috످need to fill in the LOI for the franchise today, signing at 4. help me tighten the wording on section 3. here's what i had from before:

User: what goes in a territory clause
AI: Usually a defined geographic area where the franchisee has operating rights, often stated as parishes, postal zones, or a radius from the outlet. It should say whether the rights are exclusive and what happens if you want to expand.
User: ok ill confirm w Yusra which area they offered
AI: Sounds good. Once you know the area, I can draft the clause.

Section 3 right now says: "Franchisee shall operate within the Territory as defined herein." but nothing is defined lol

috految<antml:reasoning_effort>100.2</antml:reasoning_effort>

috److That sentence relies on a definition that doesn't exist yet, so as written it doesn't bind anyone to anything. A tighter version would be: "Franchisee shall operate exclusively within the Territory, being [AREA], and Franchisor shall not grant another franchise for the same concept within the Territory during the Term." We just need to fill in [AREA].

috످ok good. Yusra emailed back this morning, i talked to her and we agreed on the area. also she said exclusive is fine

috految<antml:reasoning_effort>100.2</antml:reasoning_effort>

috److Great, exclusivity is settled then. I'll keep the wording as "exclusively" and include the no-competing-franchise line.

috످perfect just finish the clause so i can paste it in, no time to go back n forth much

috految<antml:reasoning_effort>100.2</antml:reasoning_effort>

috److془The area is not given. Need to provide clause with placeholder. Also correct: "operate exclusively" restricts the franchisee rather than giving exclusivity; and left franchisor free to open own outlets. Also "Term" might be undefined. LOI non-binding.

Keep concise.془**Replace [AREA] with the area you and Yusra agreed on** (I don't have it, but it may be in her email from this morning), then paste:

> 3\. Territory. The "Territory" means **[AREA]**. Franchisee shall have the exclusive right to operate the franchise within the Territory. During the term of the franchise agreement, Franchisor shall not operate, or authorize any third party to operate, the same concept within the Territory.

I changed my earlier wording because "operate exclusively" restricted you and still let the franchisor open their own outlet in your area. This version blocks that, so **send it to Yusra before you sign at 4.**

LOIs are often non-binding, so make sure this clause goes in the final franchise agreement too.

috످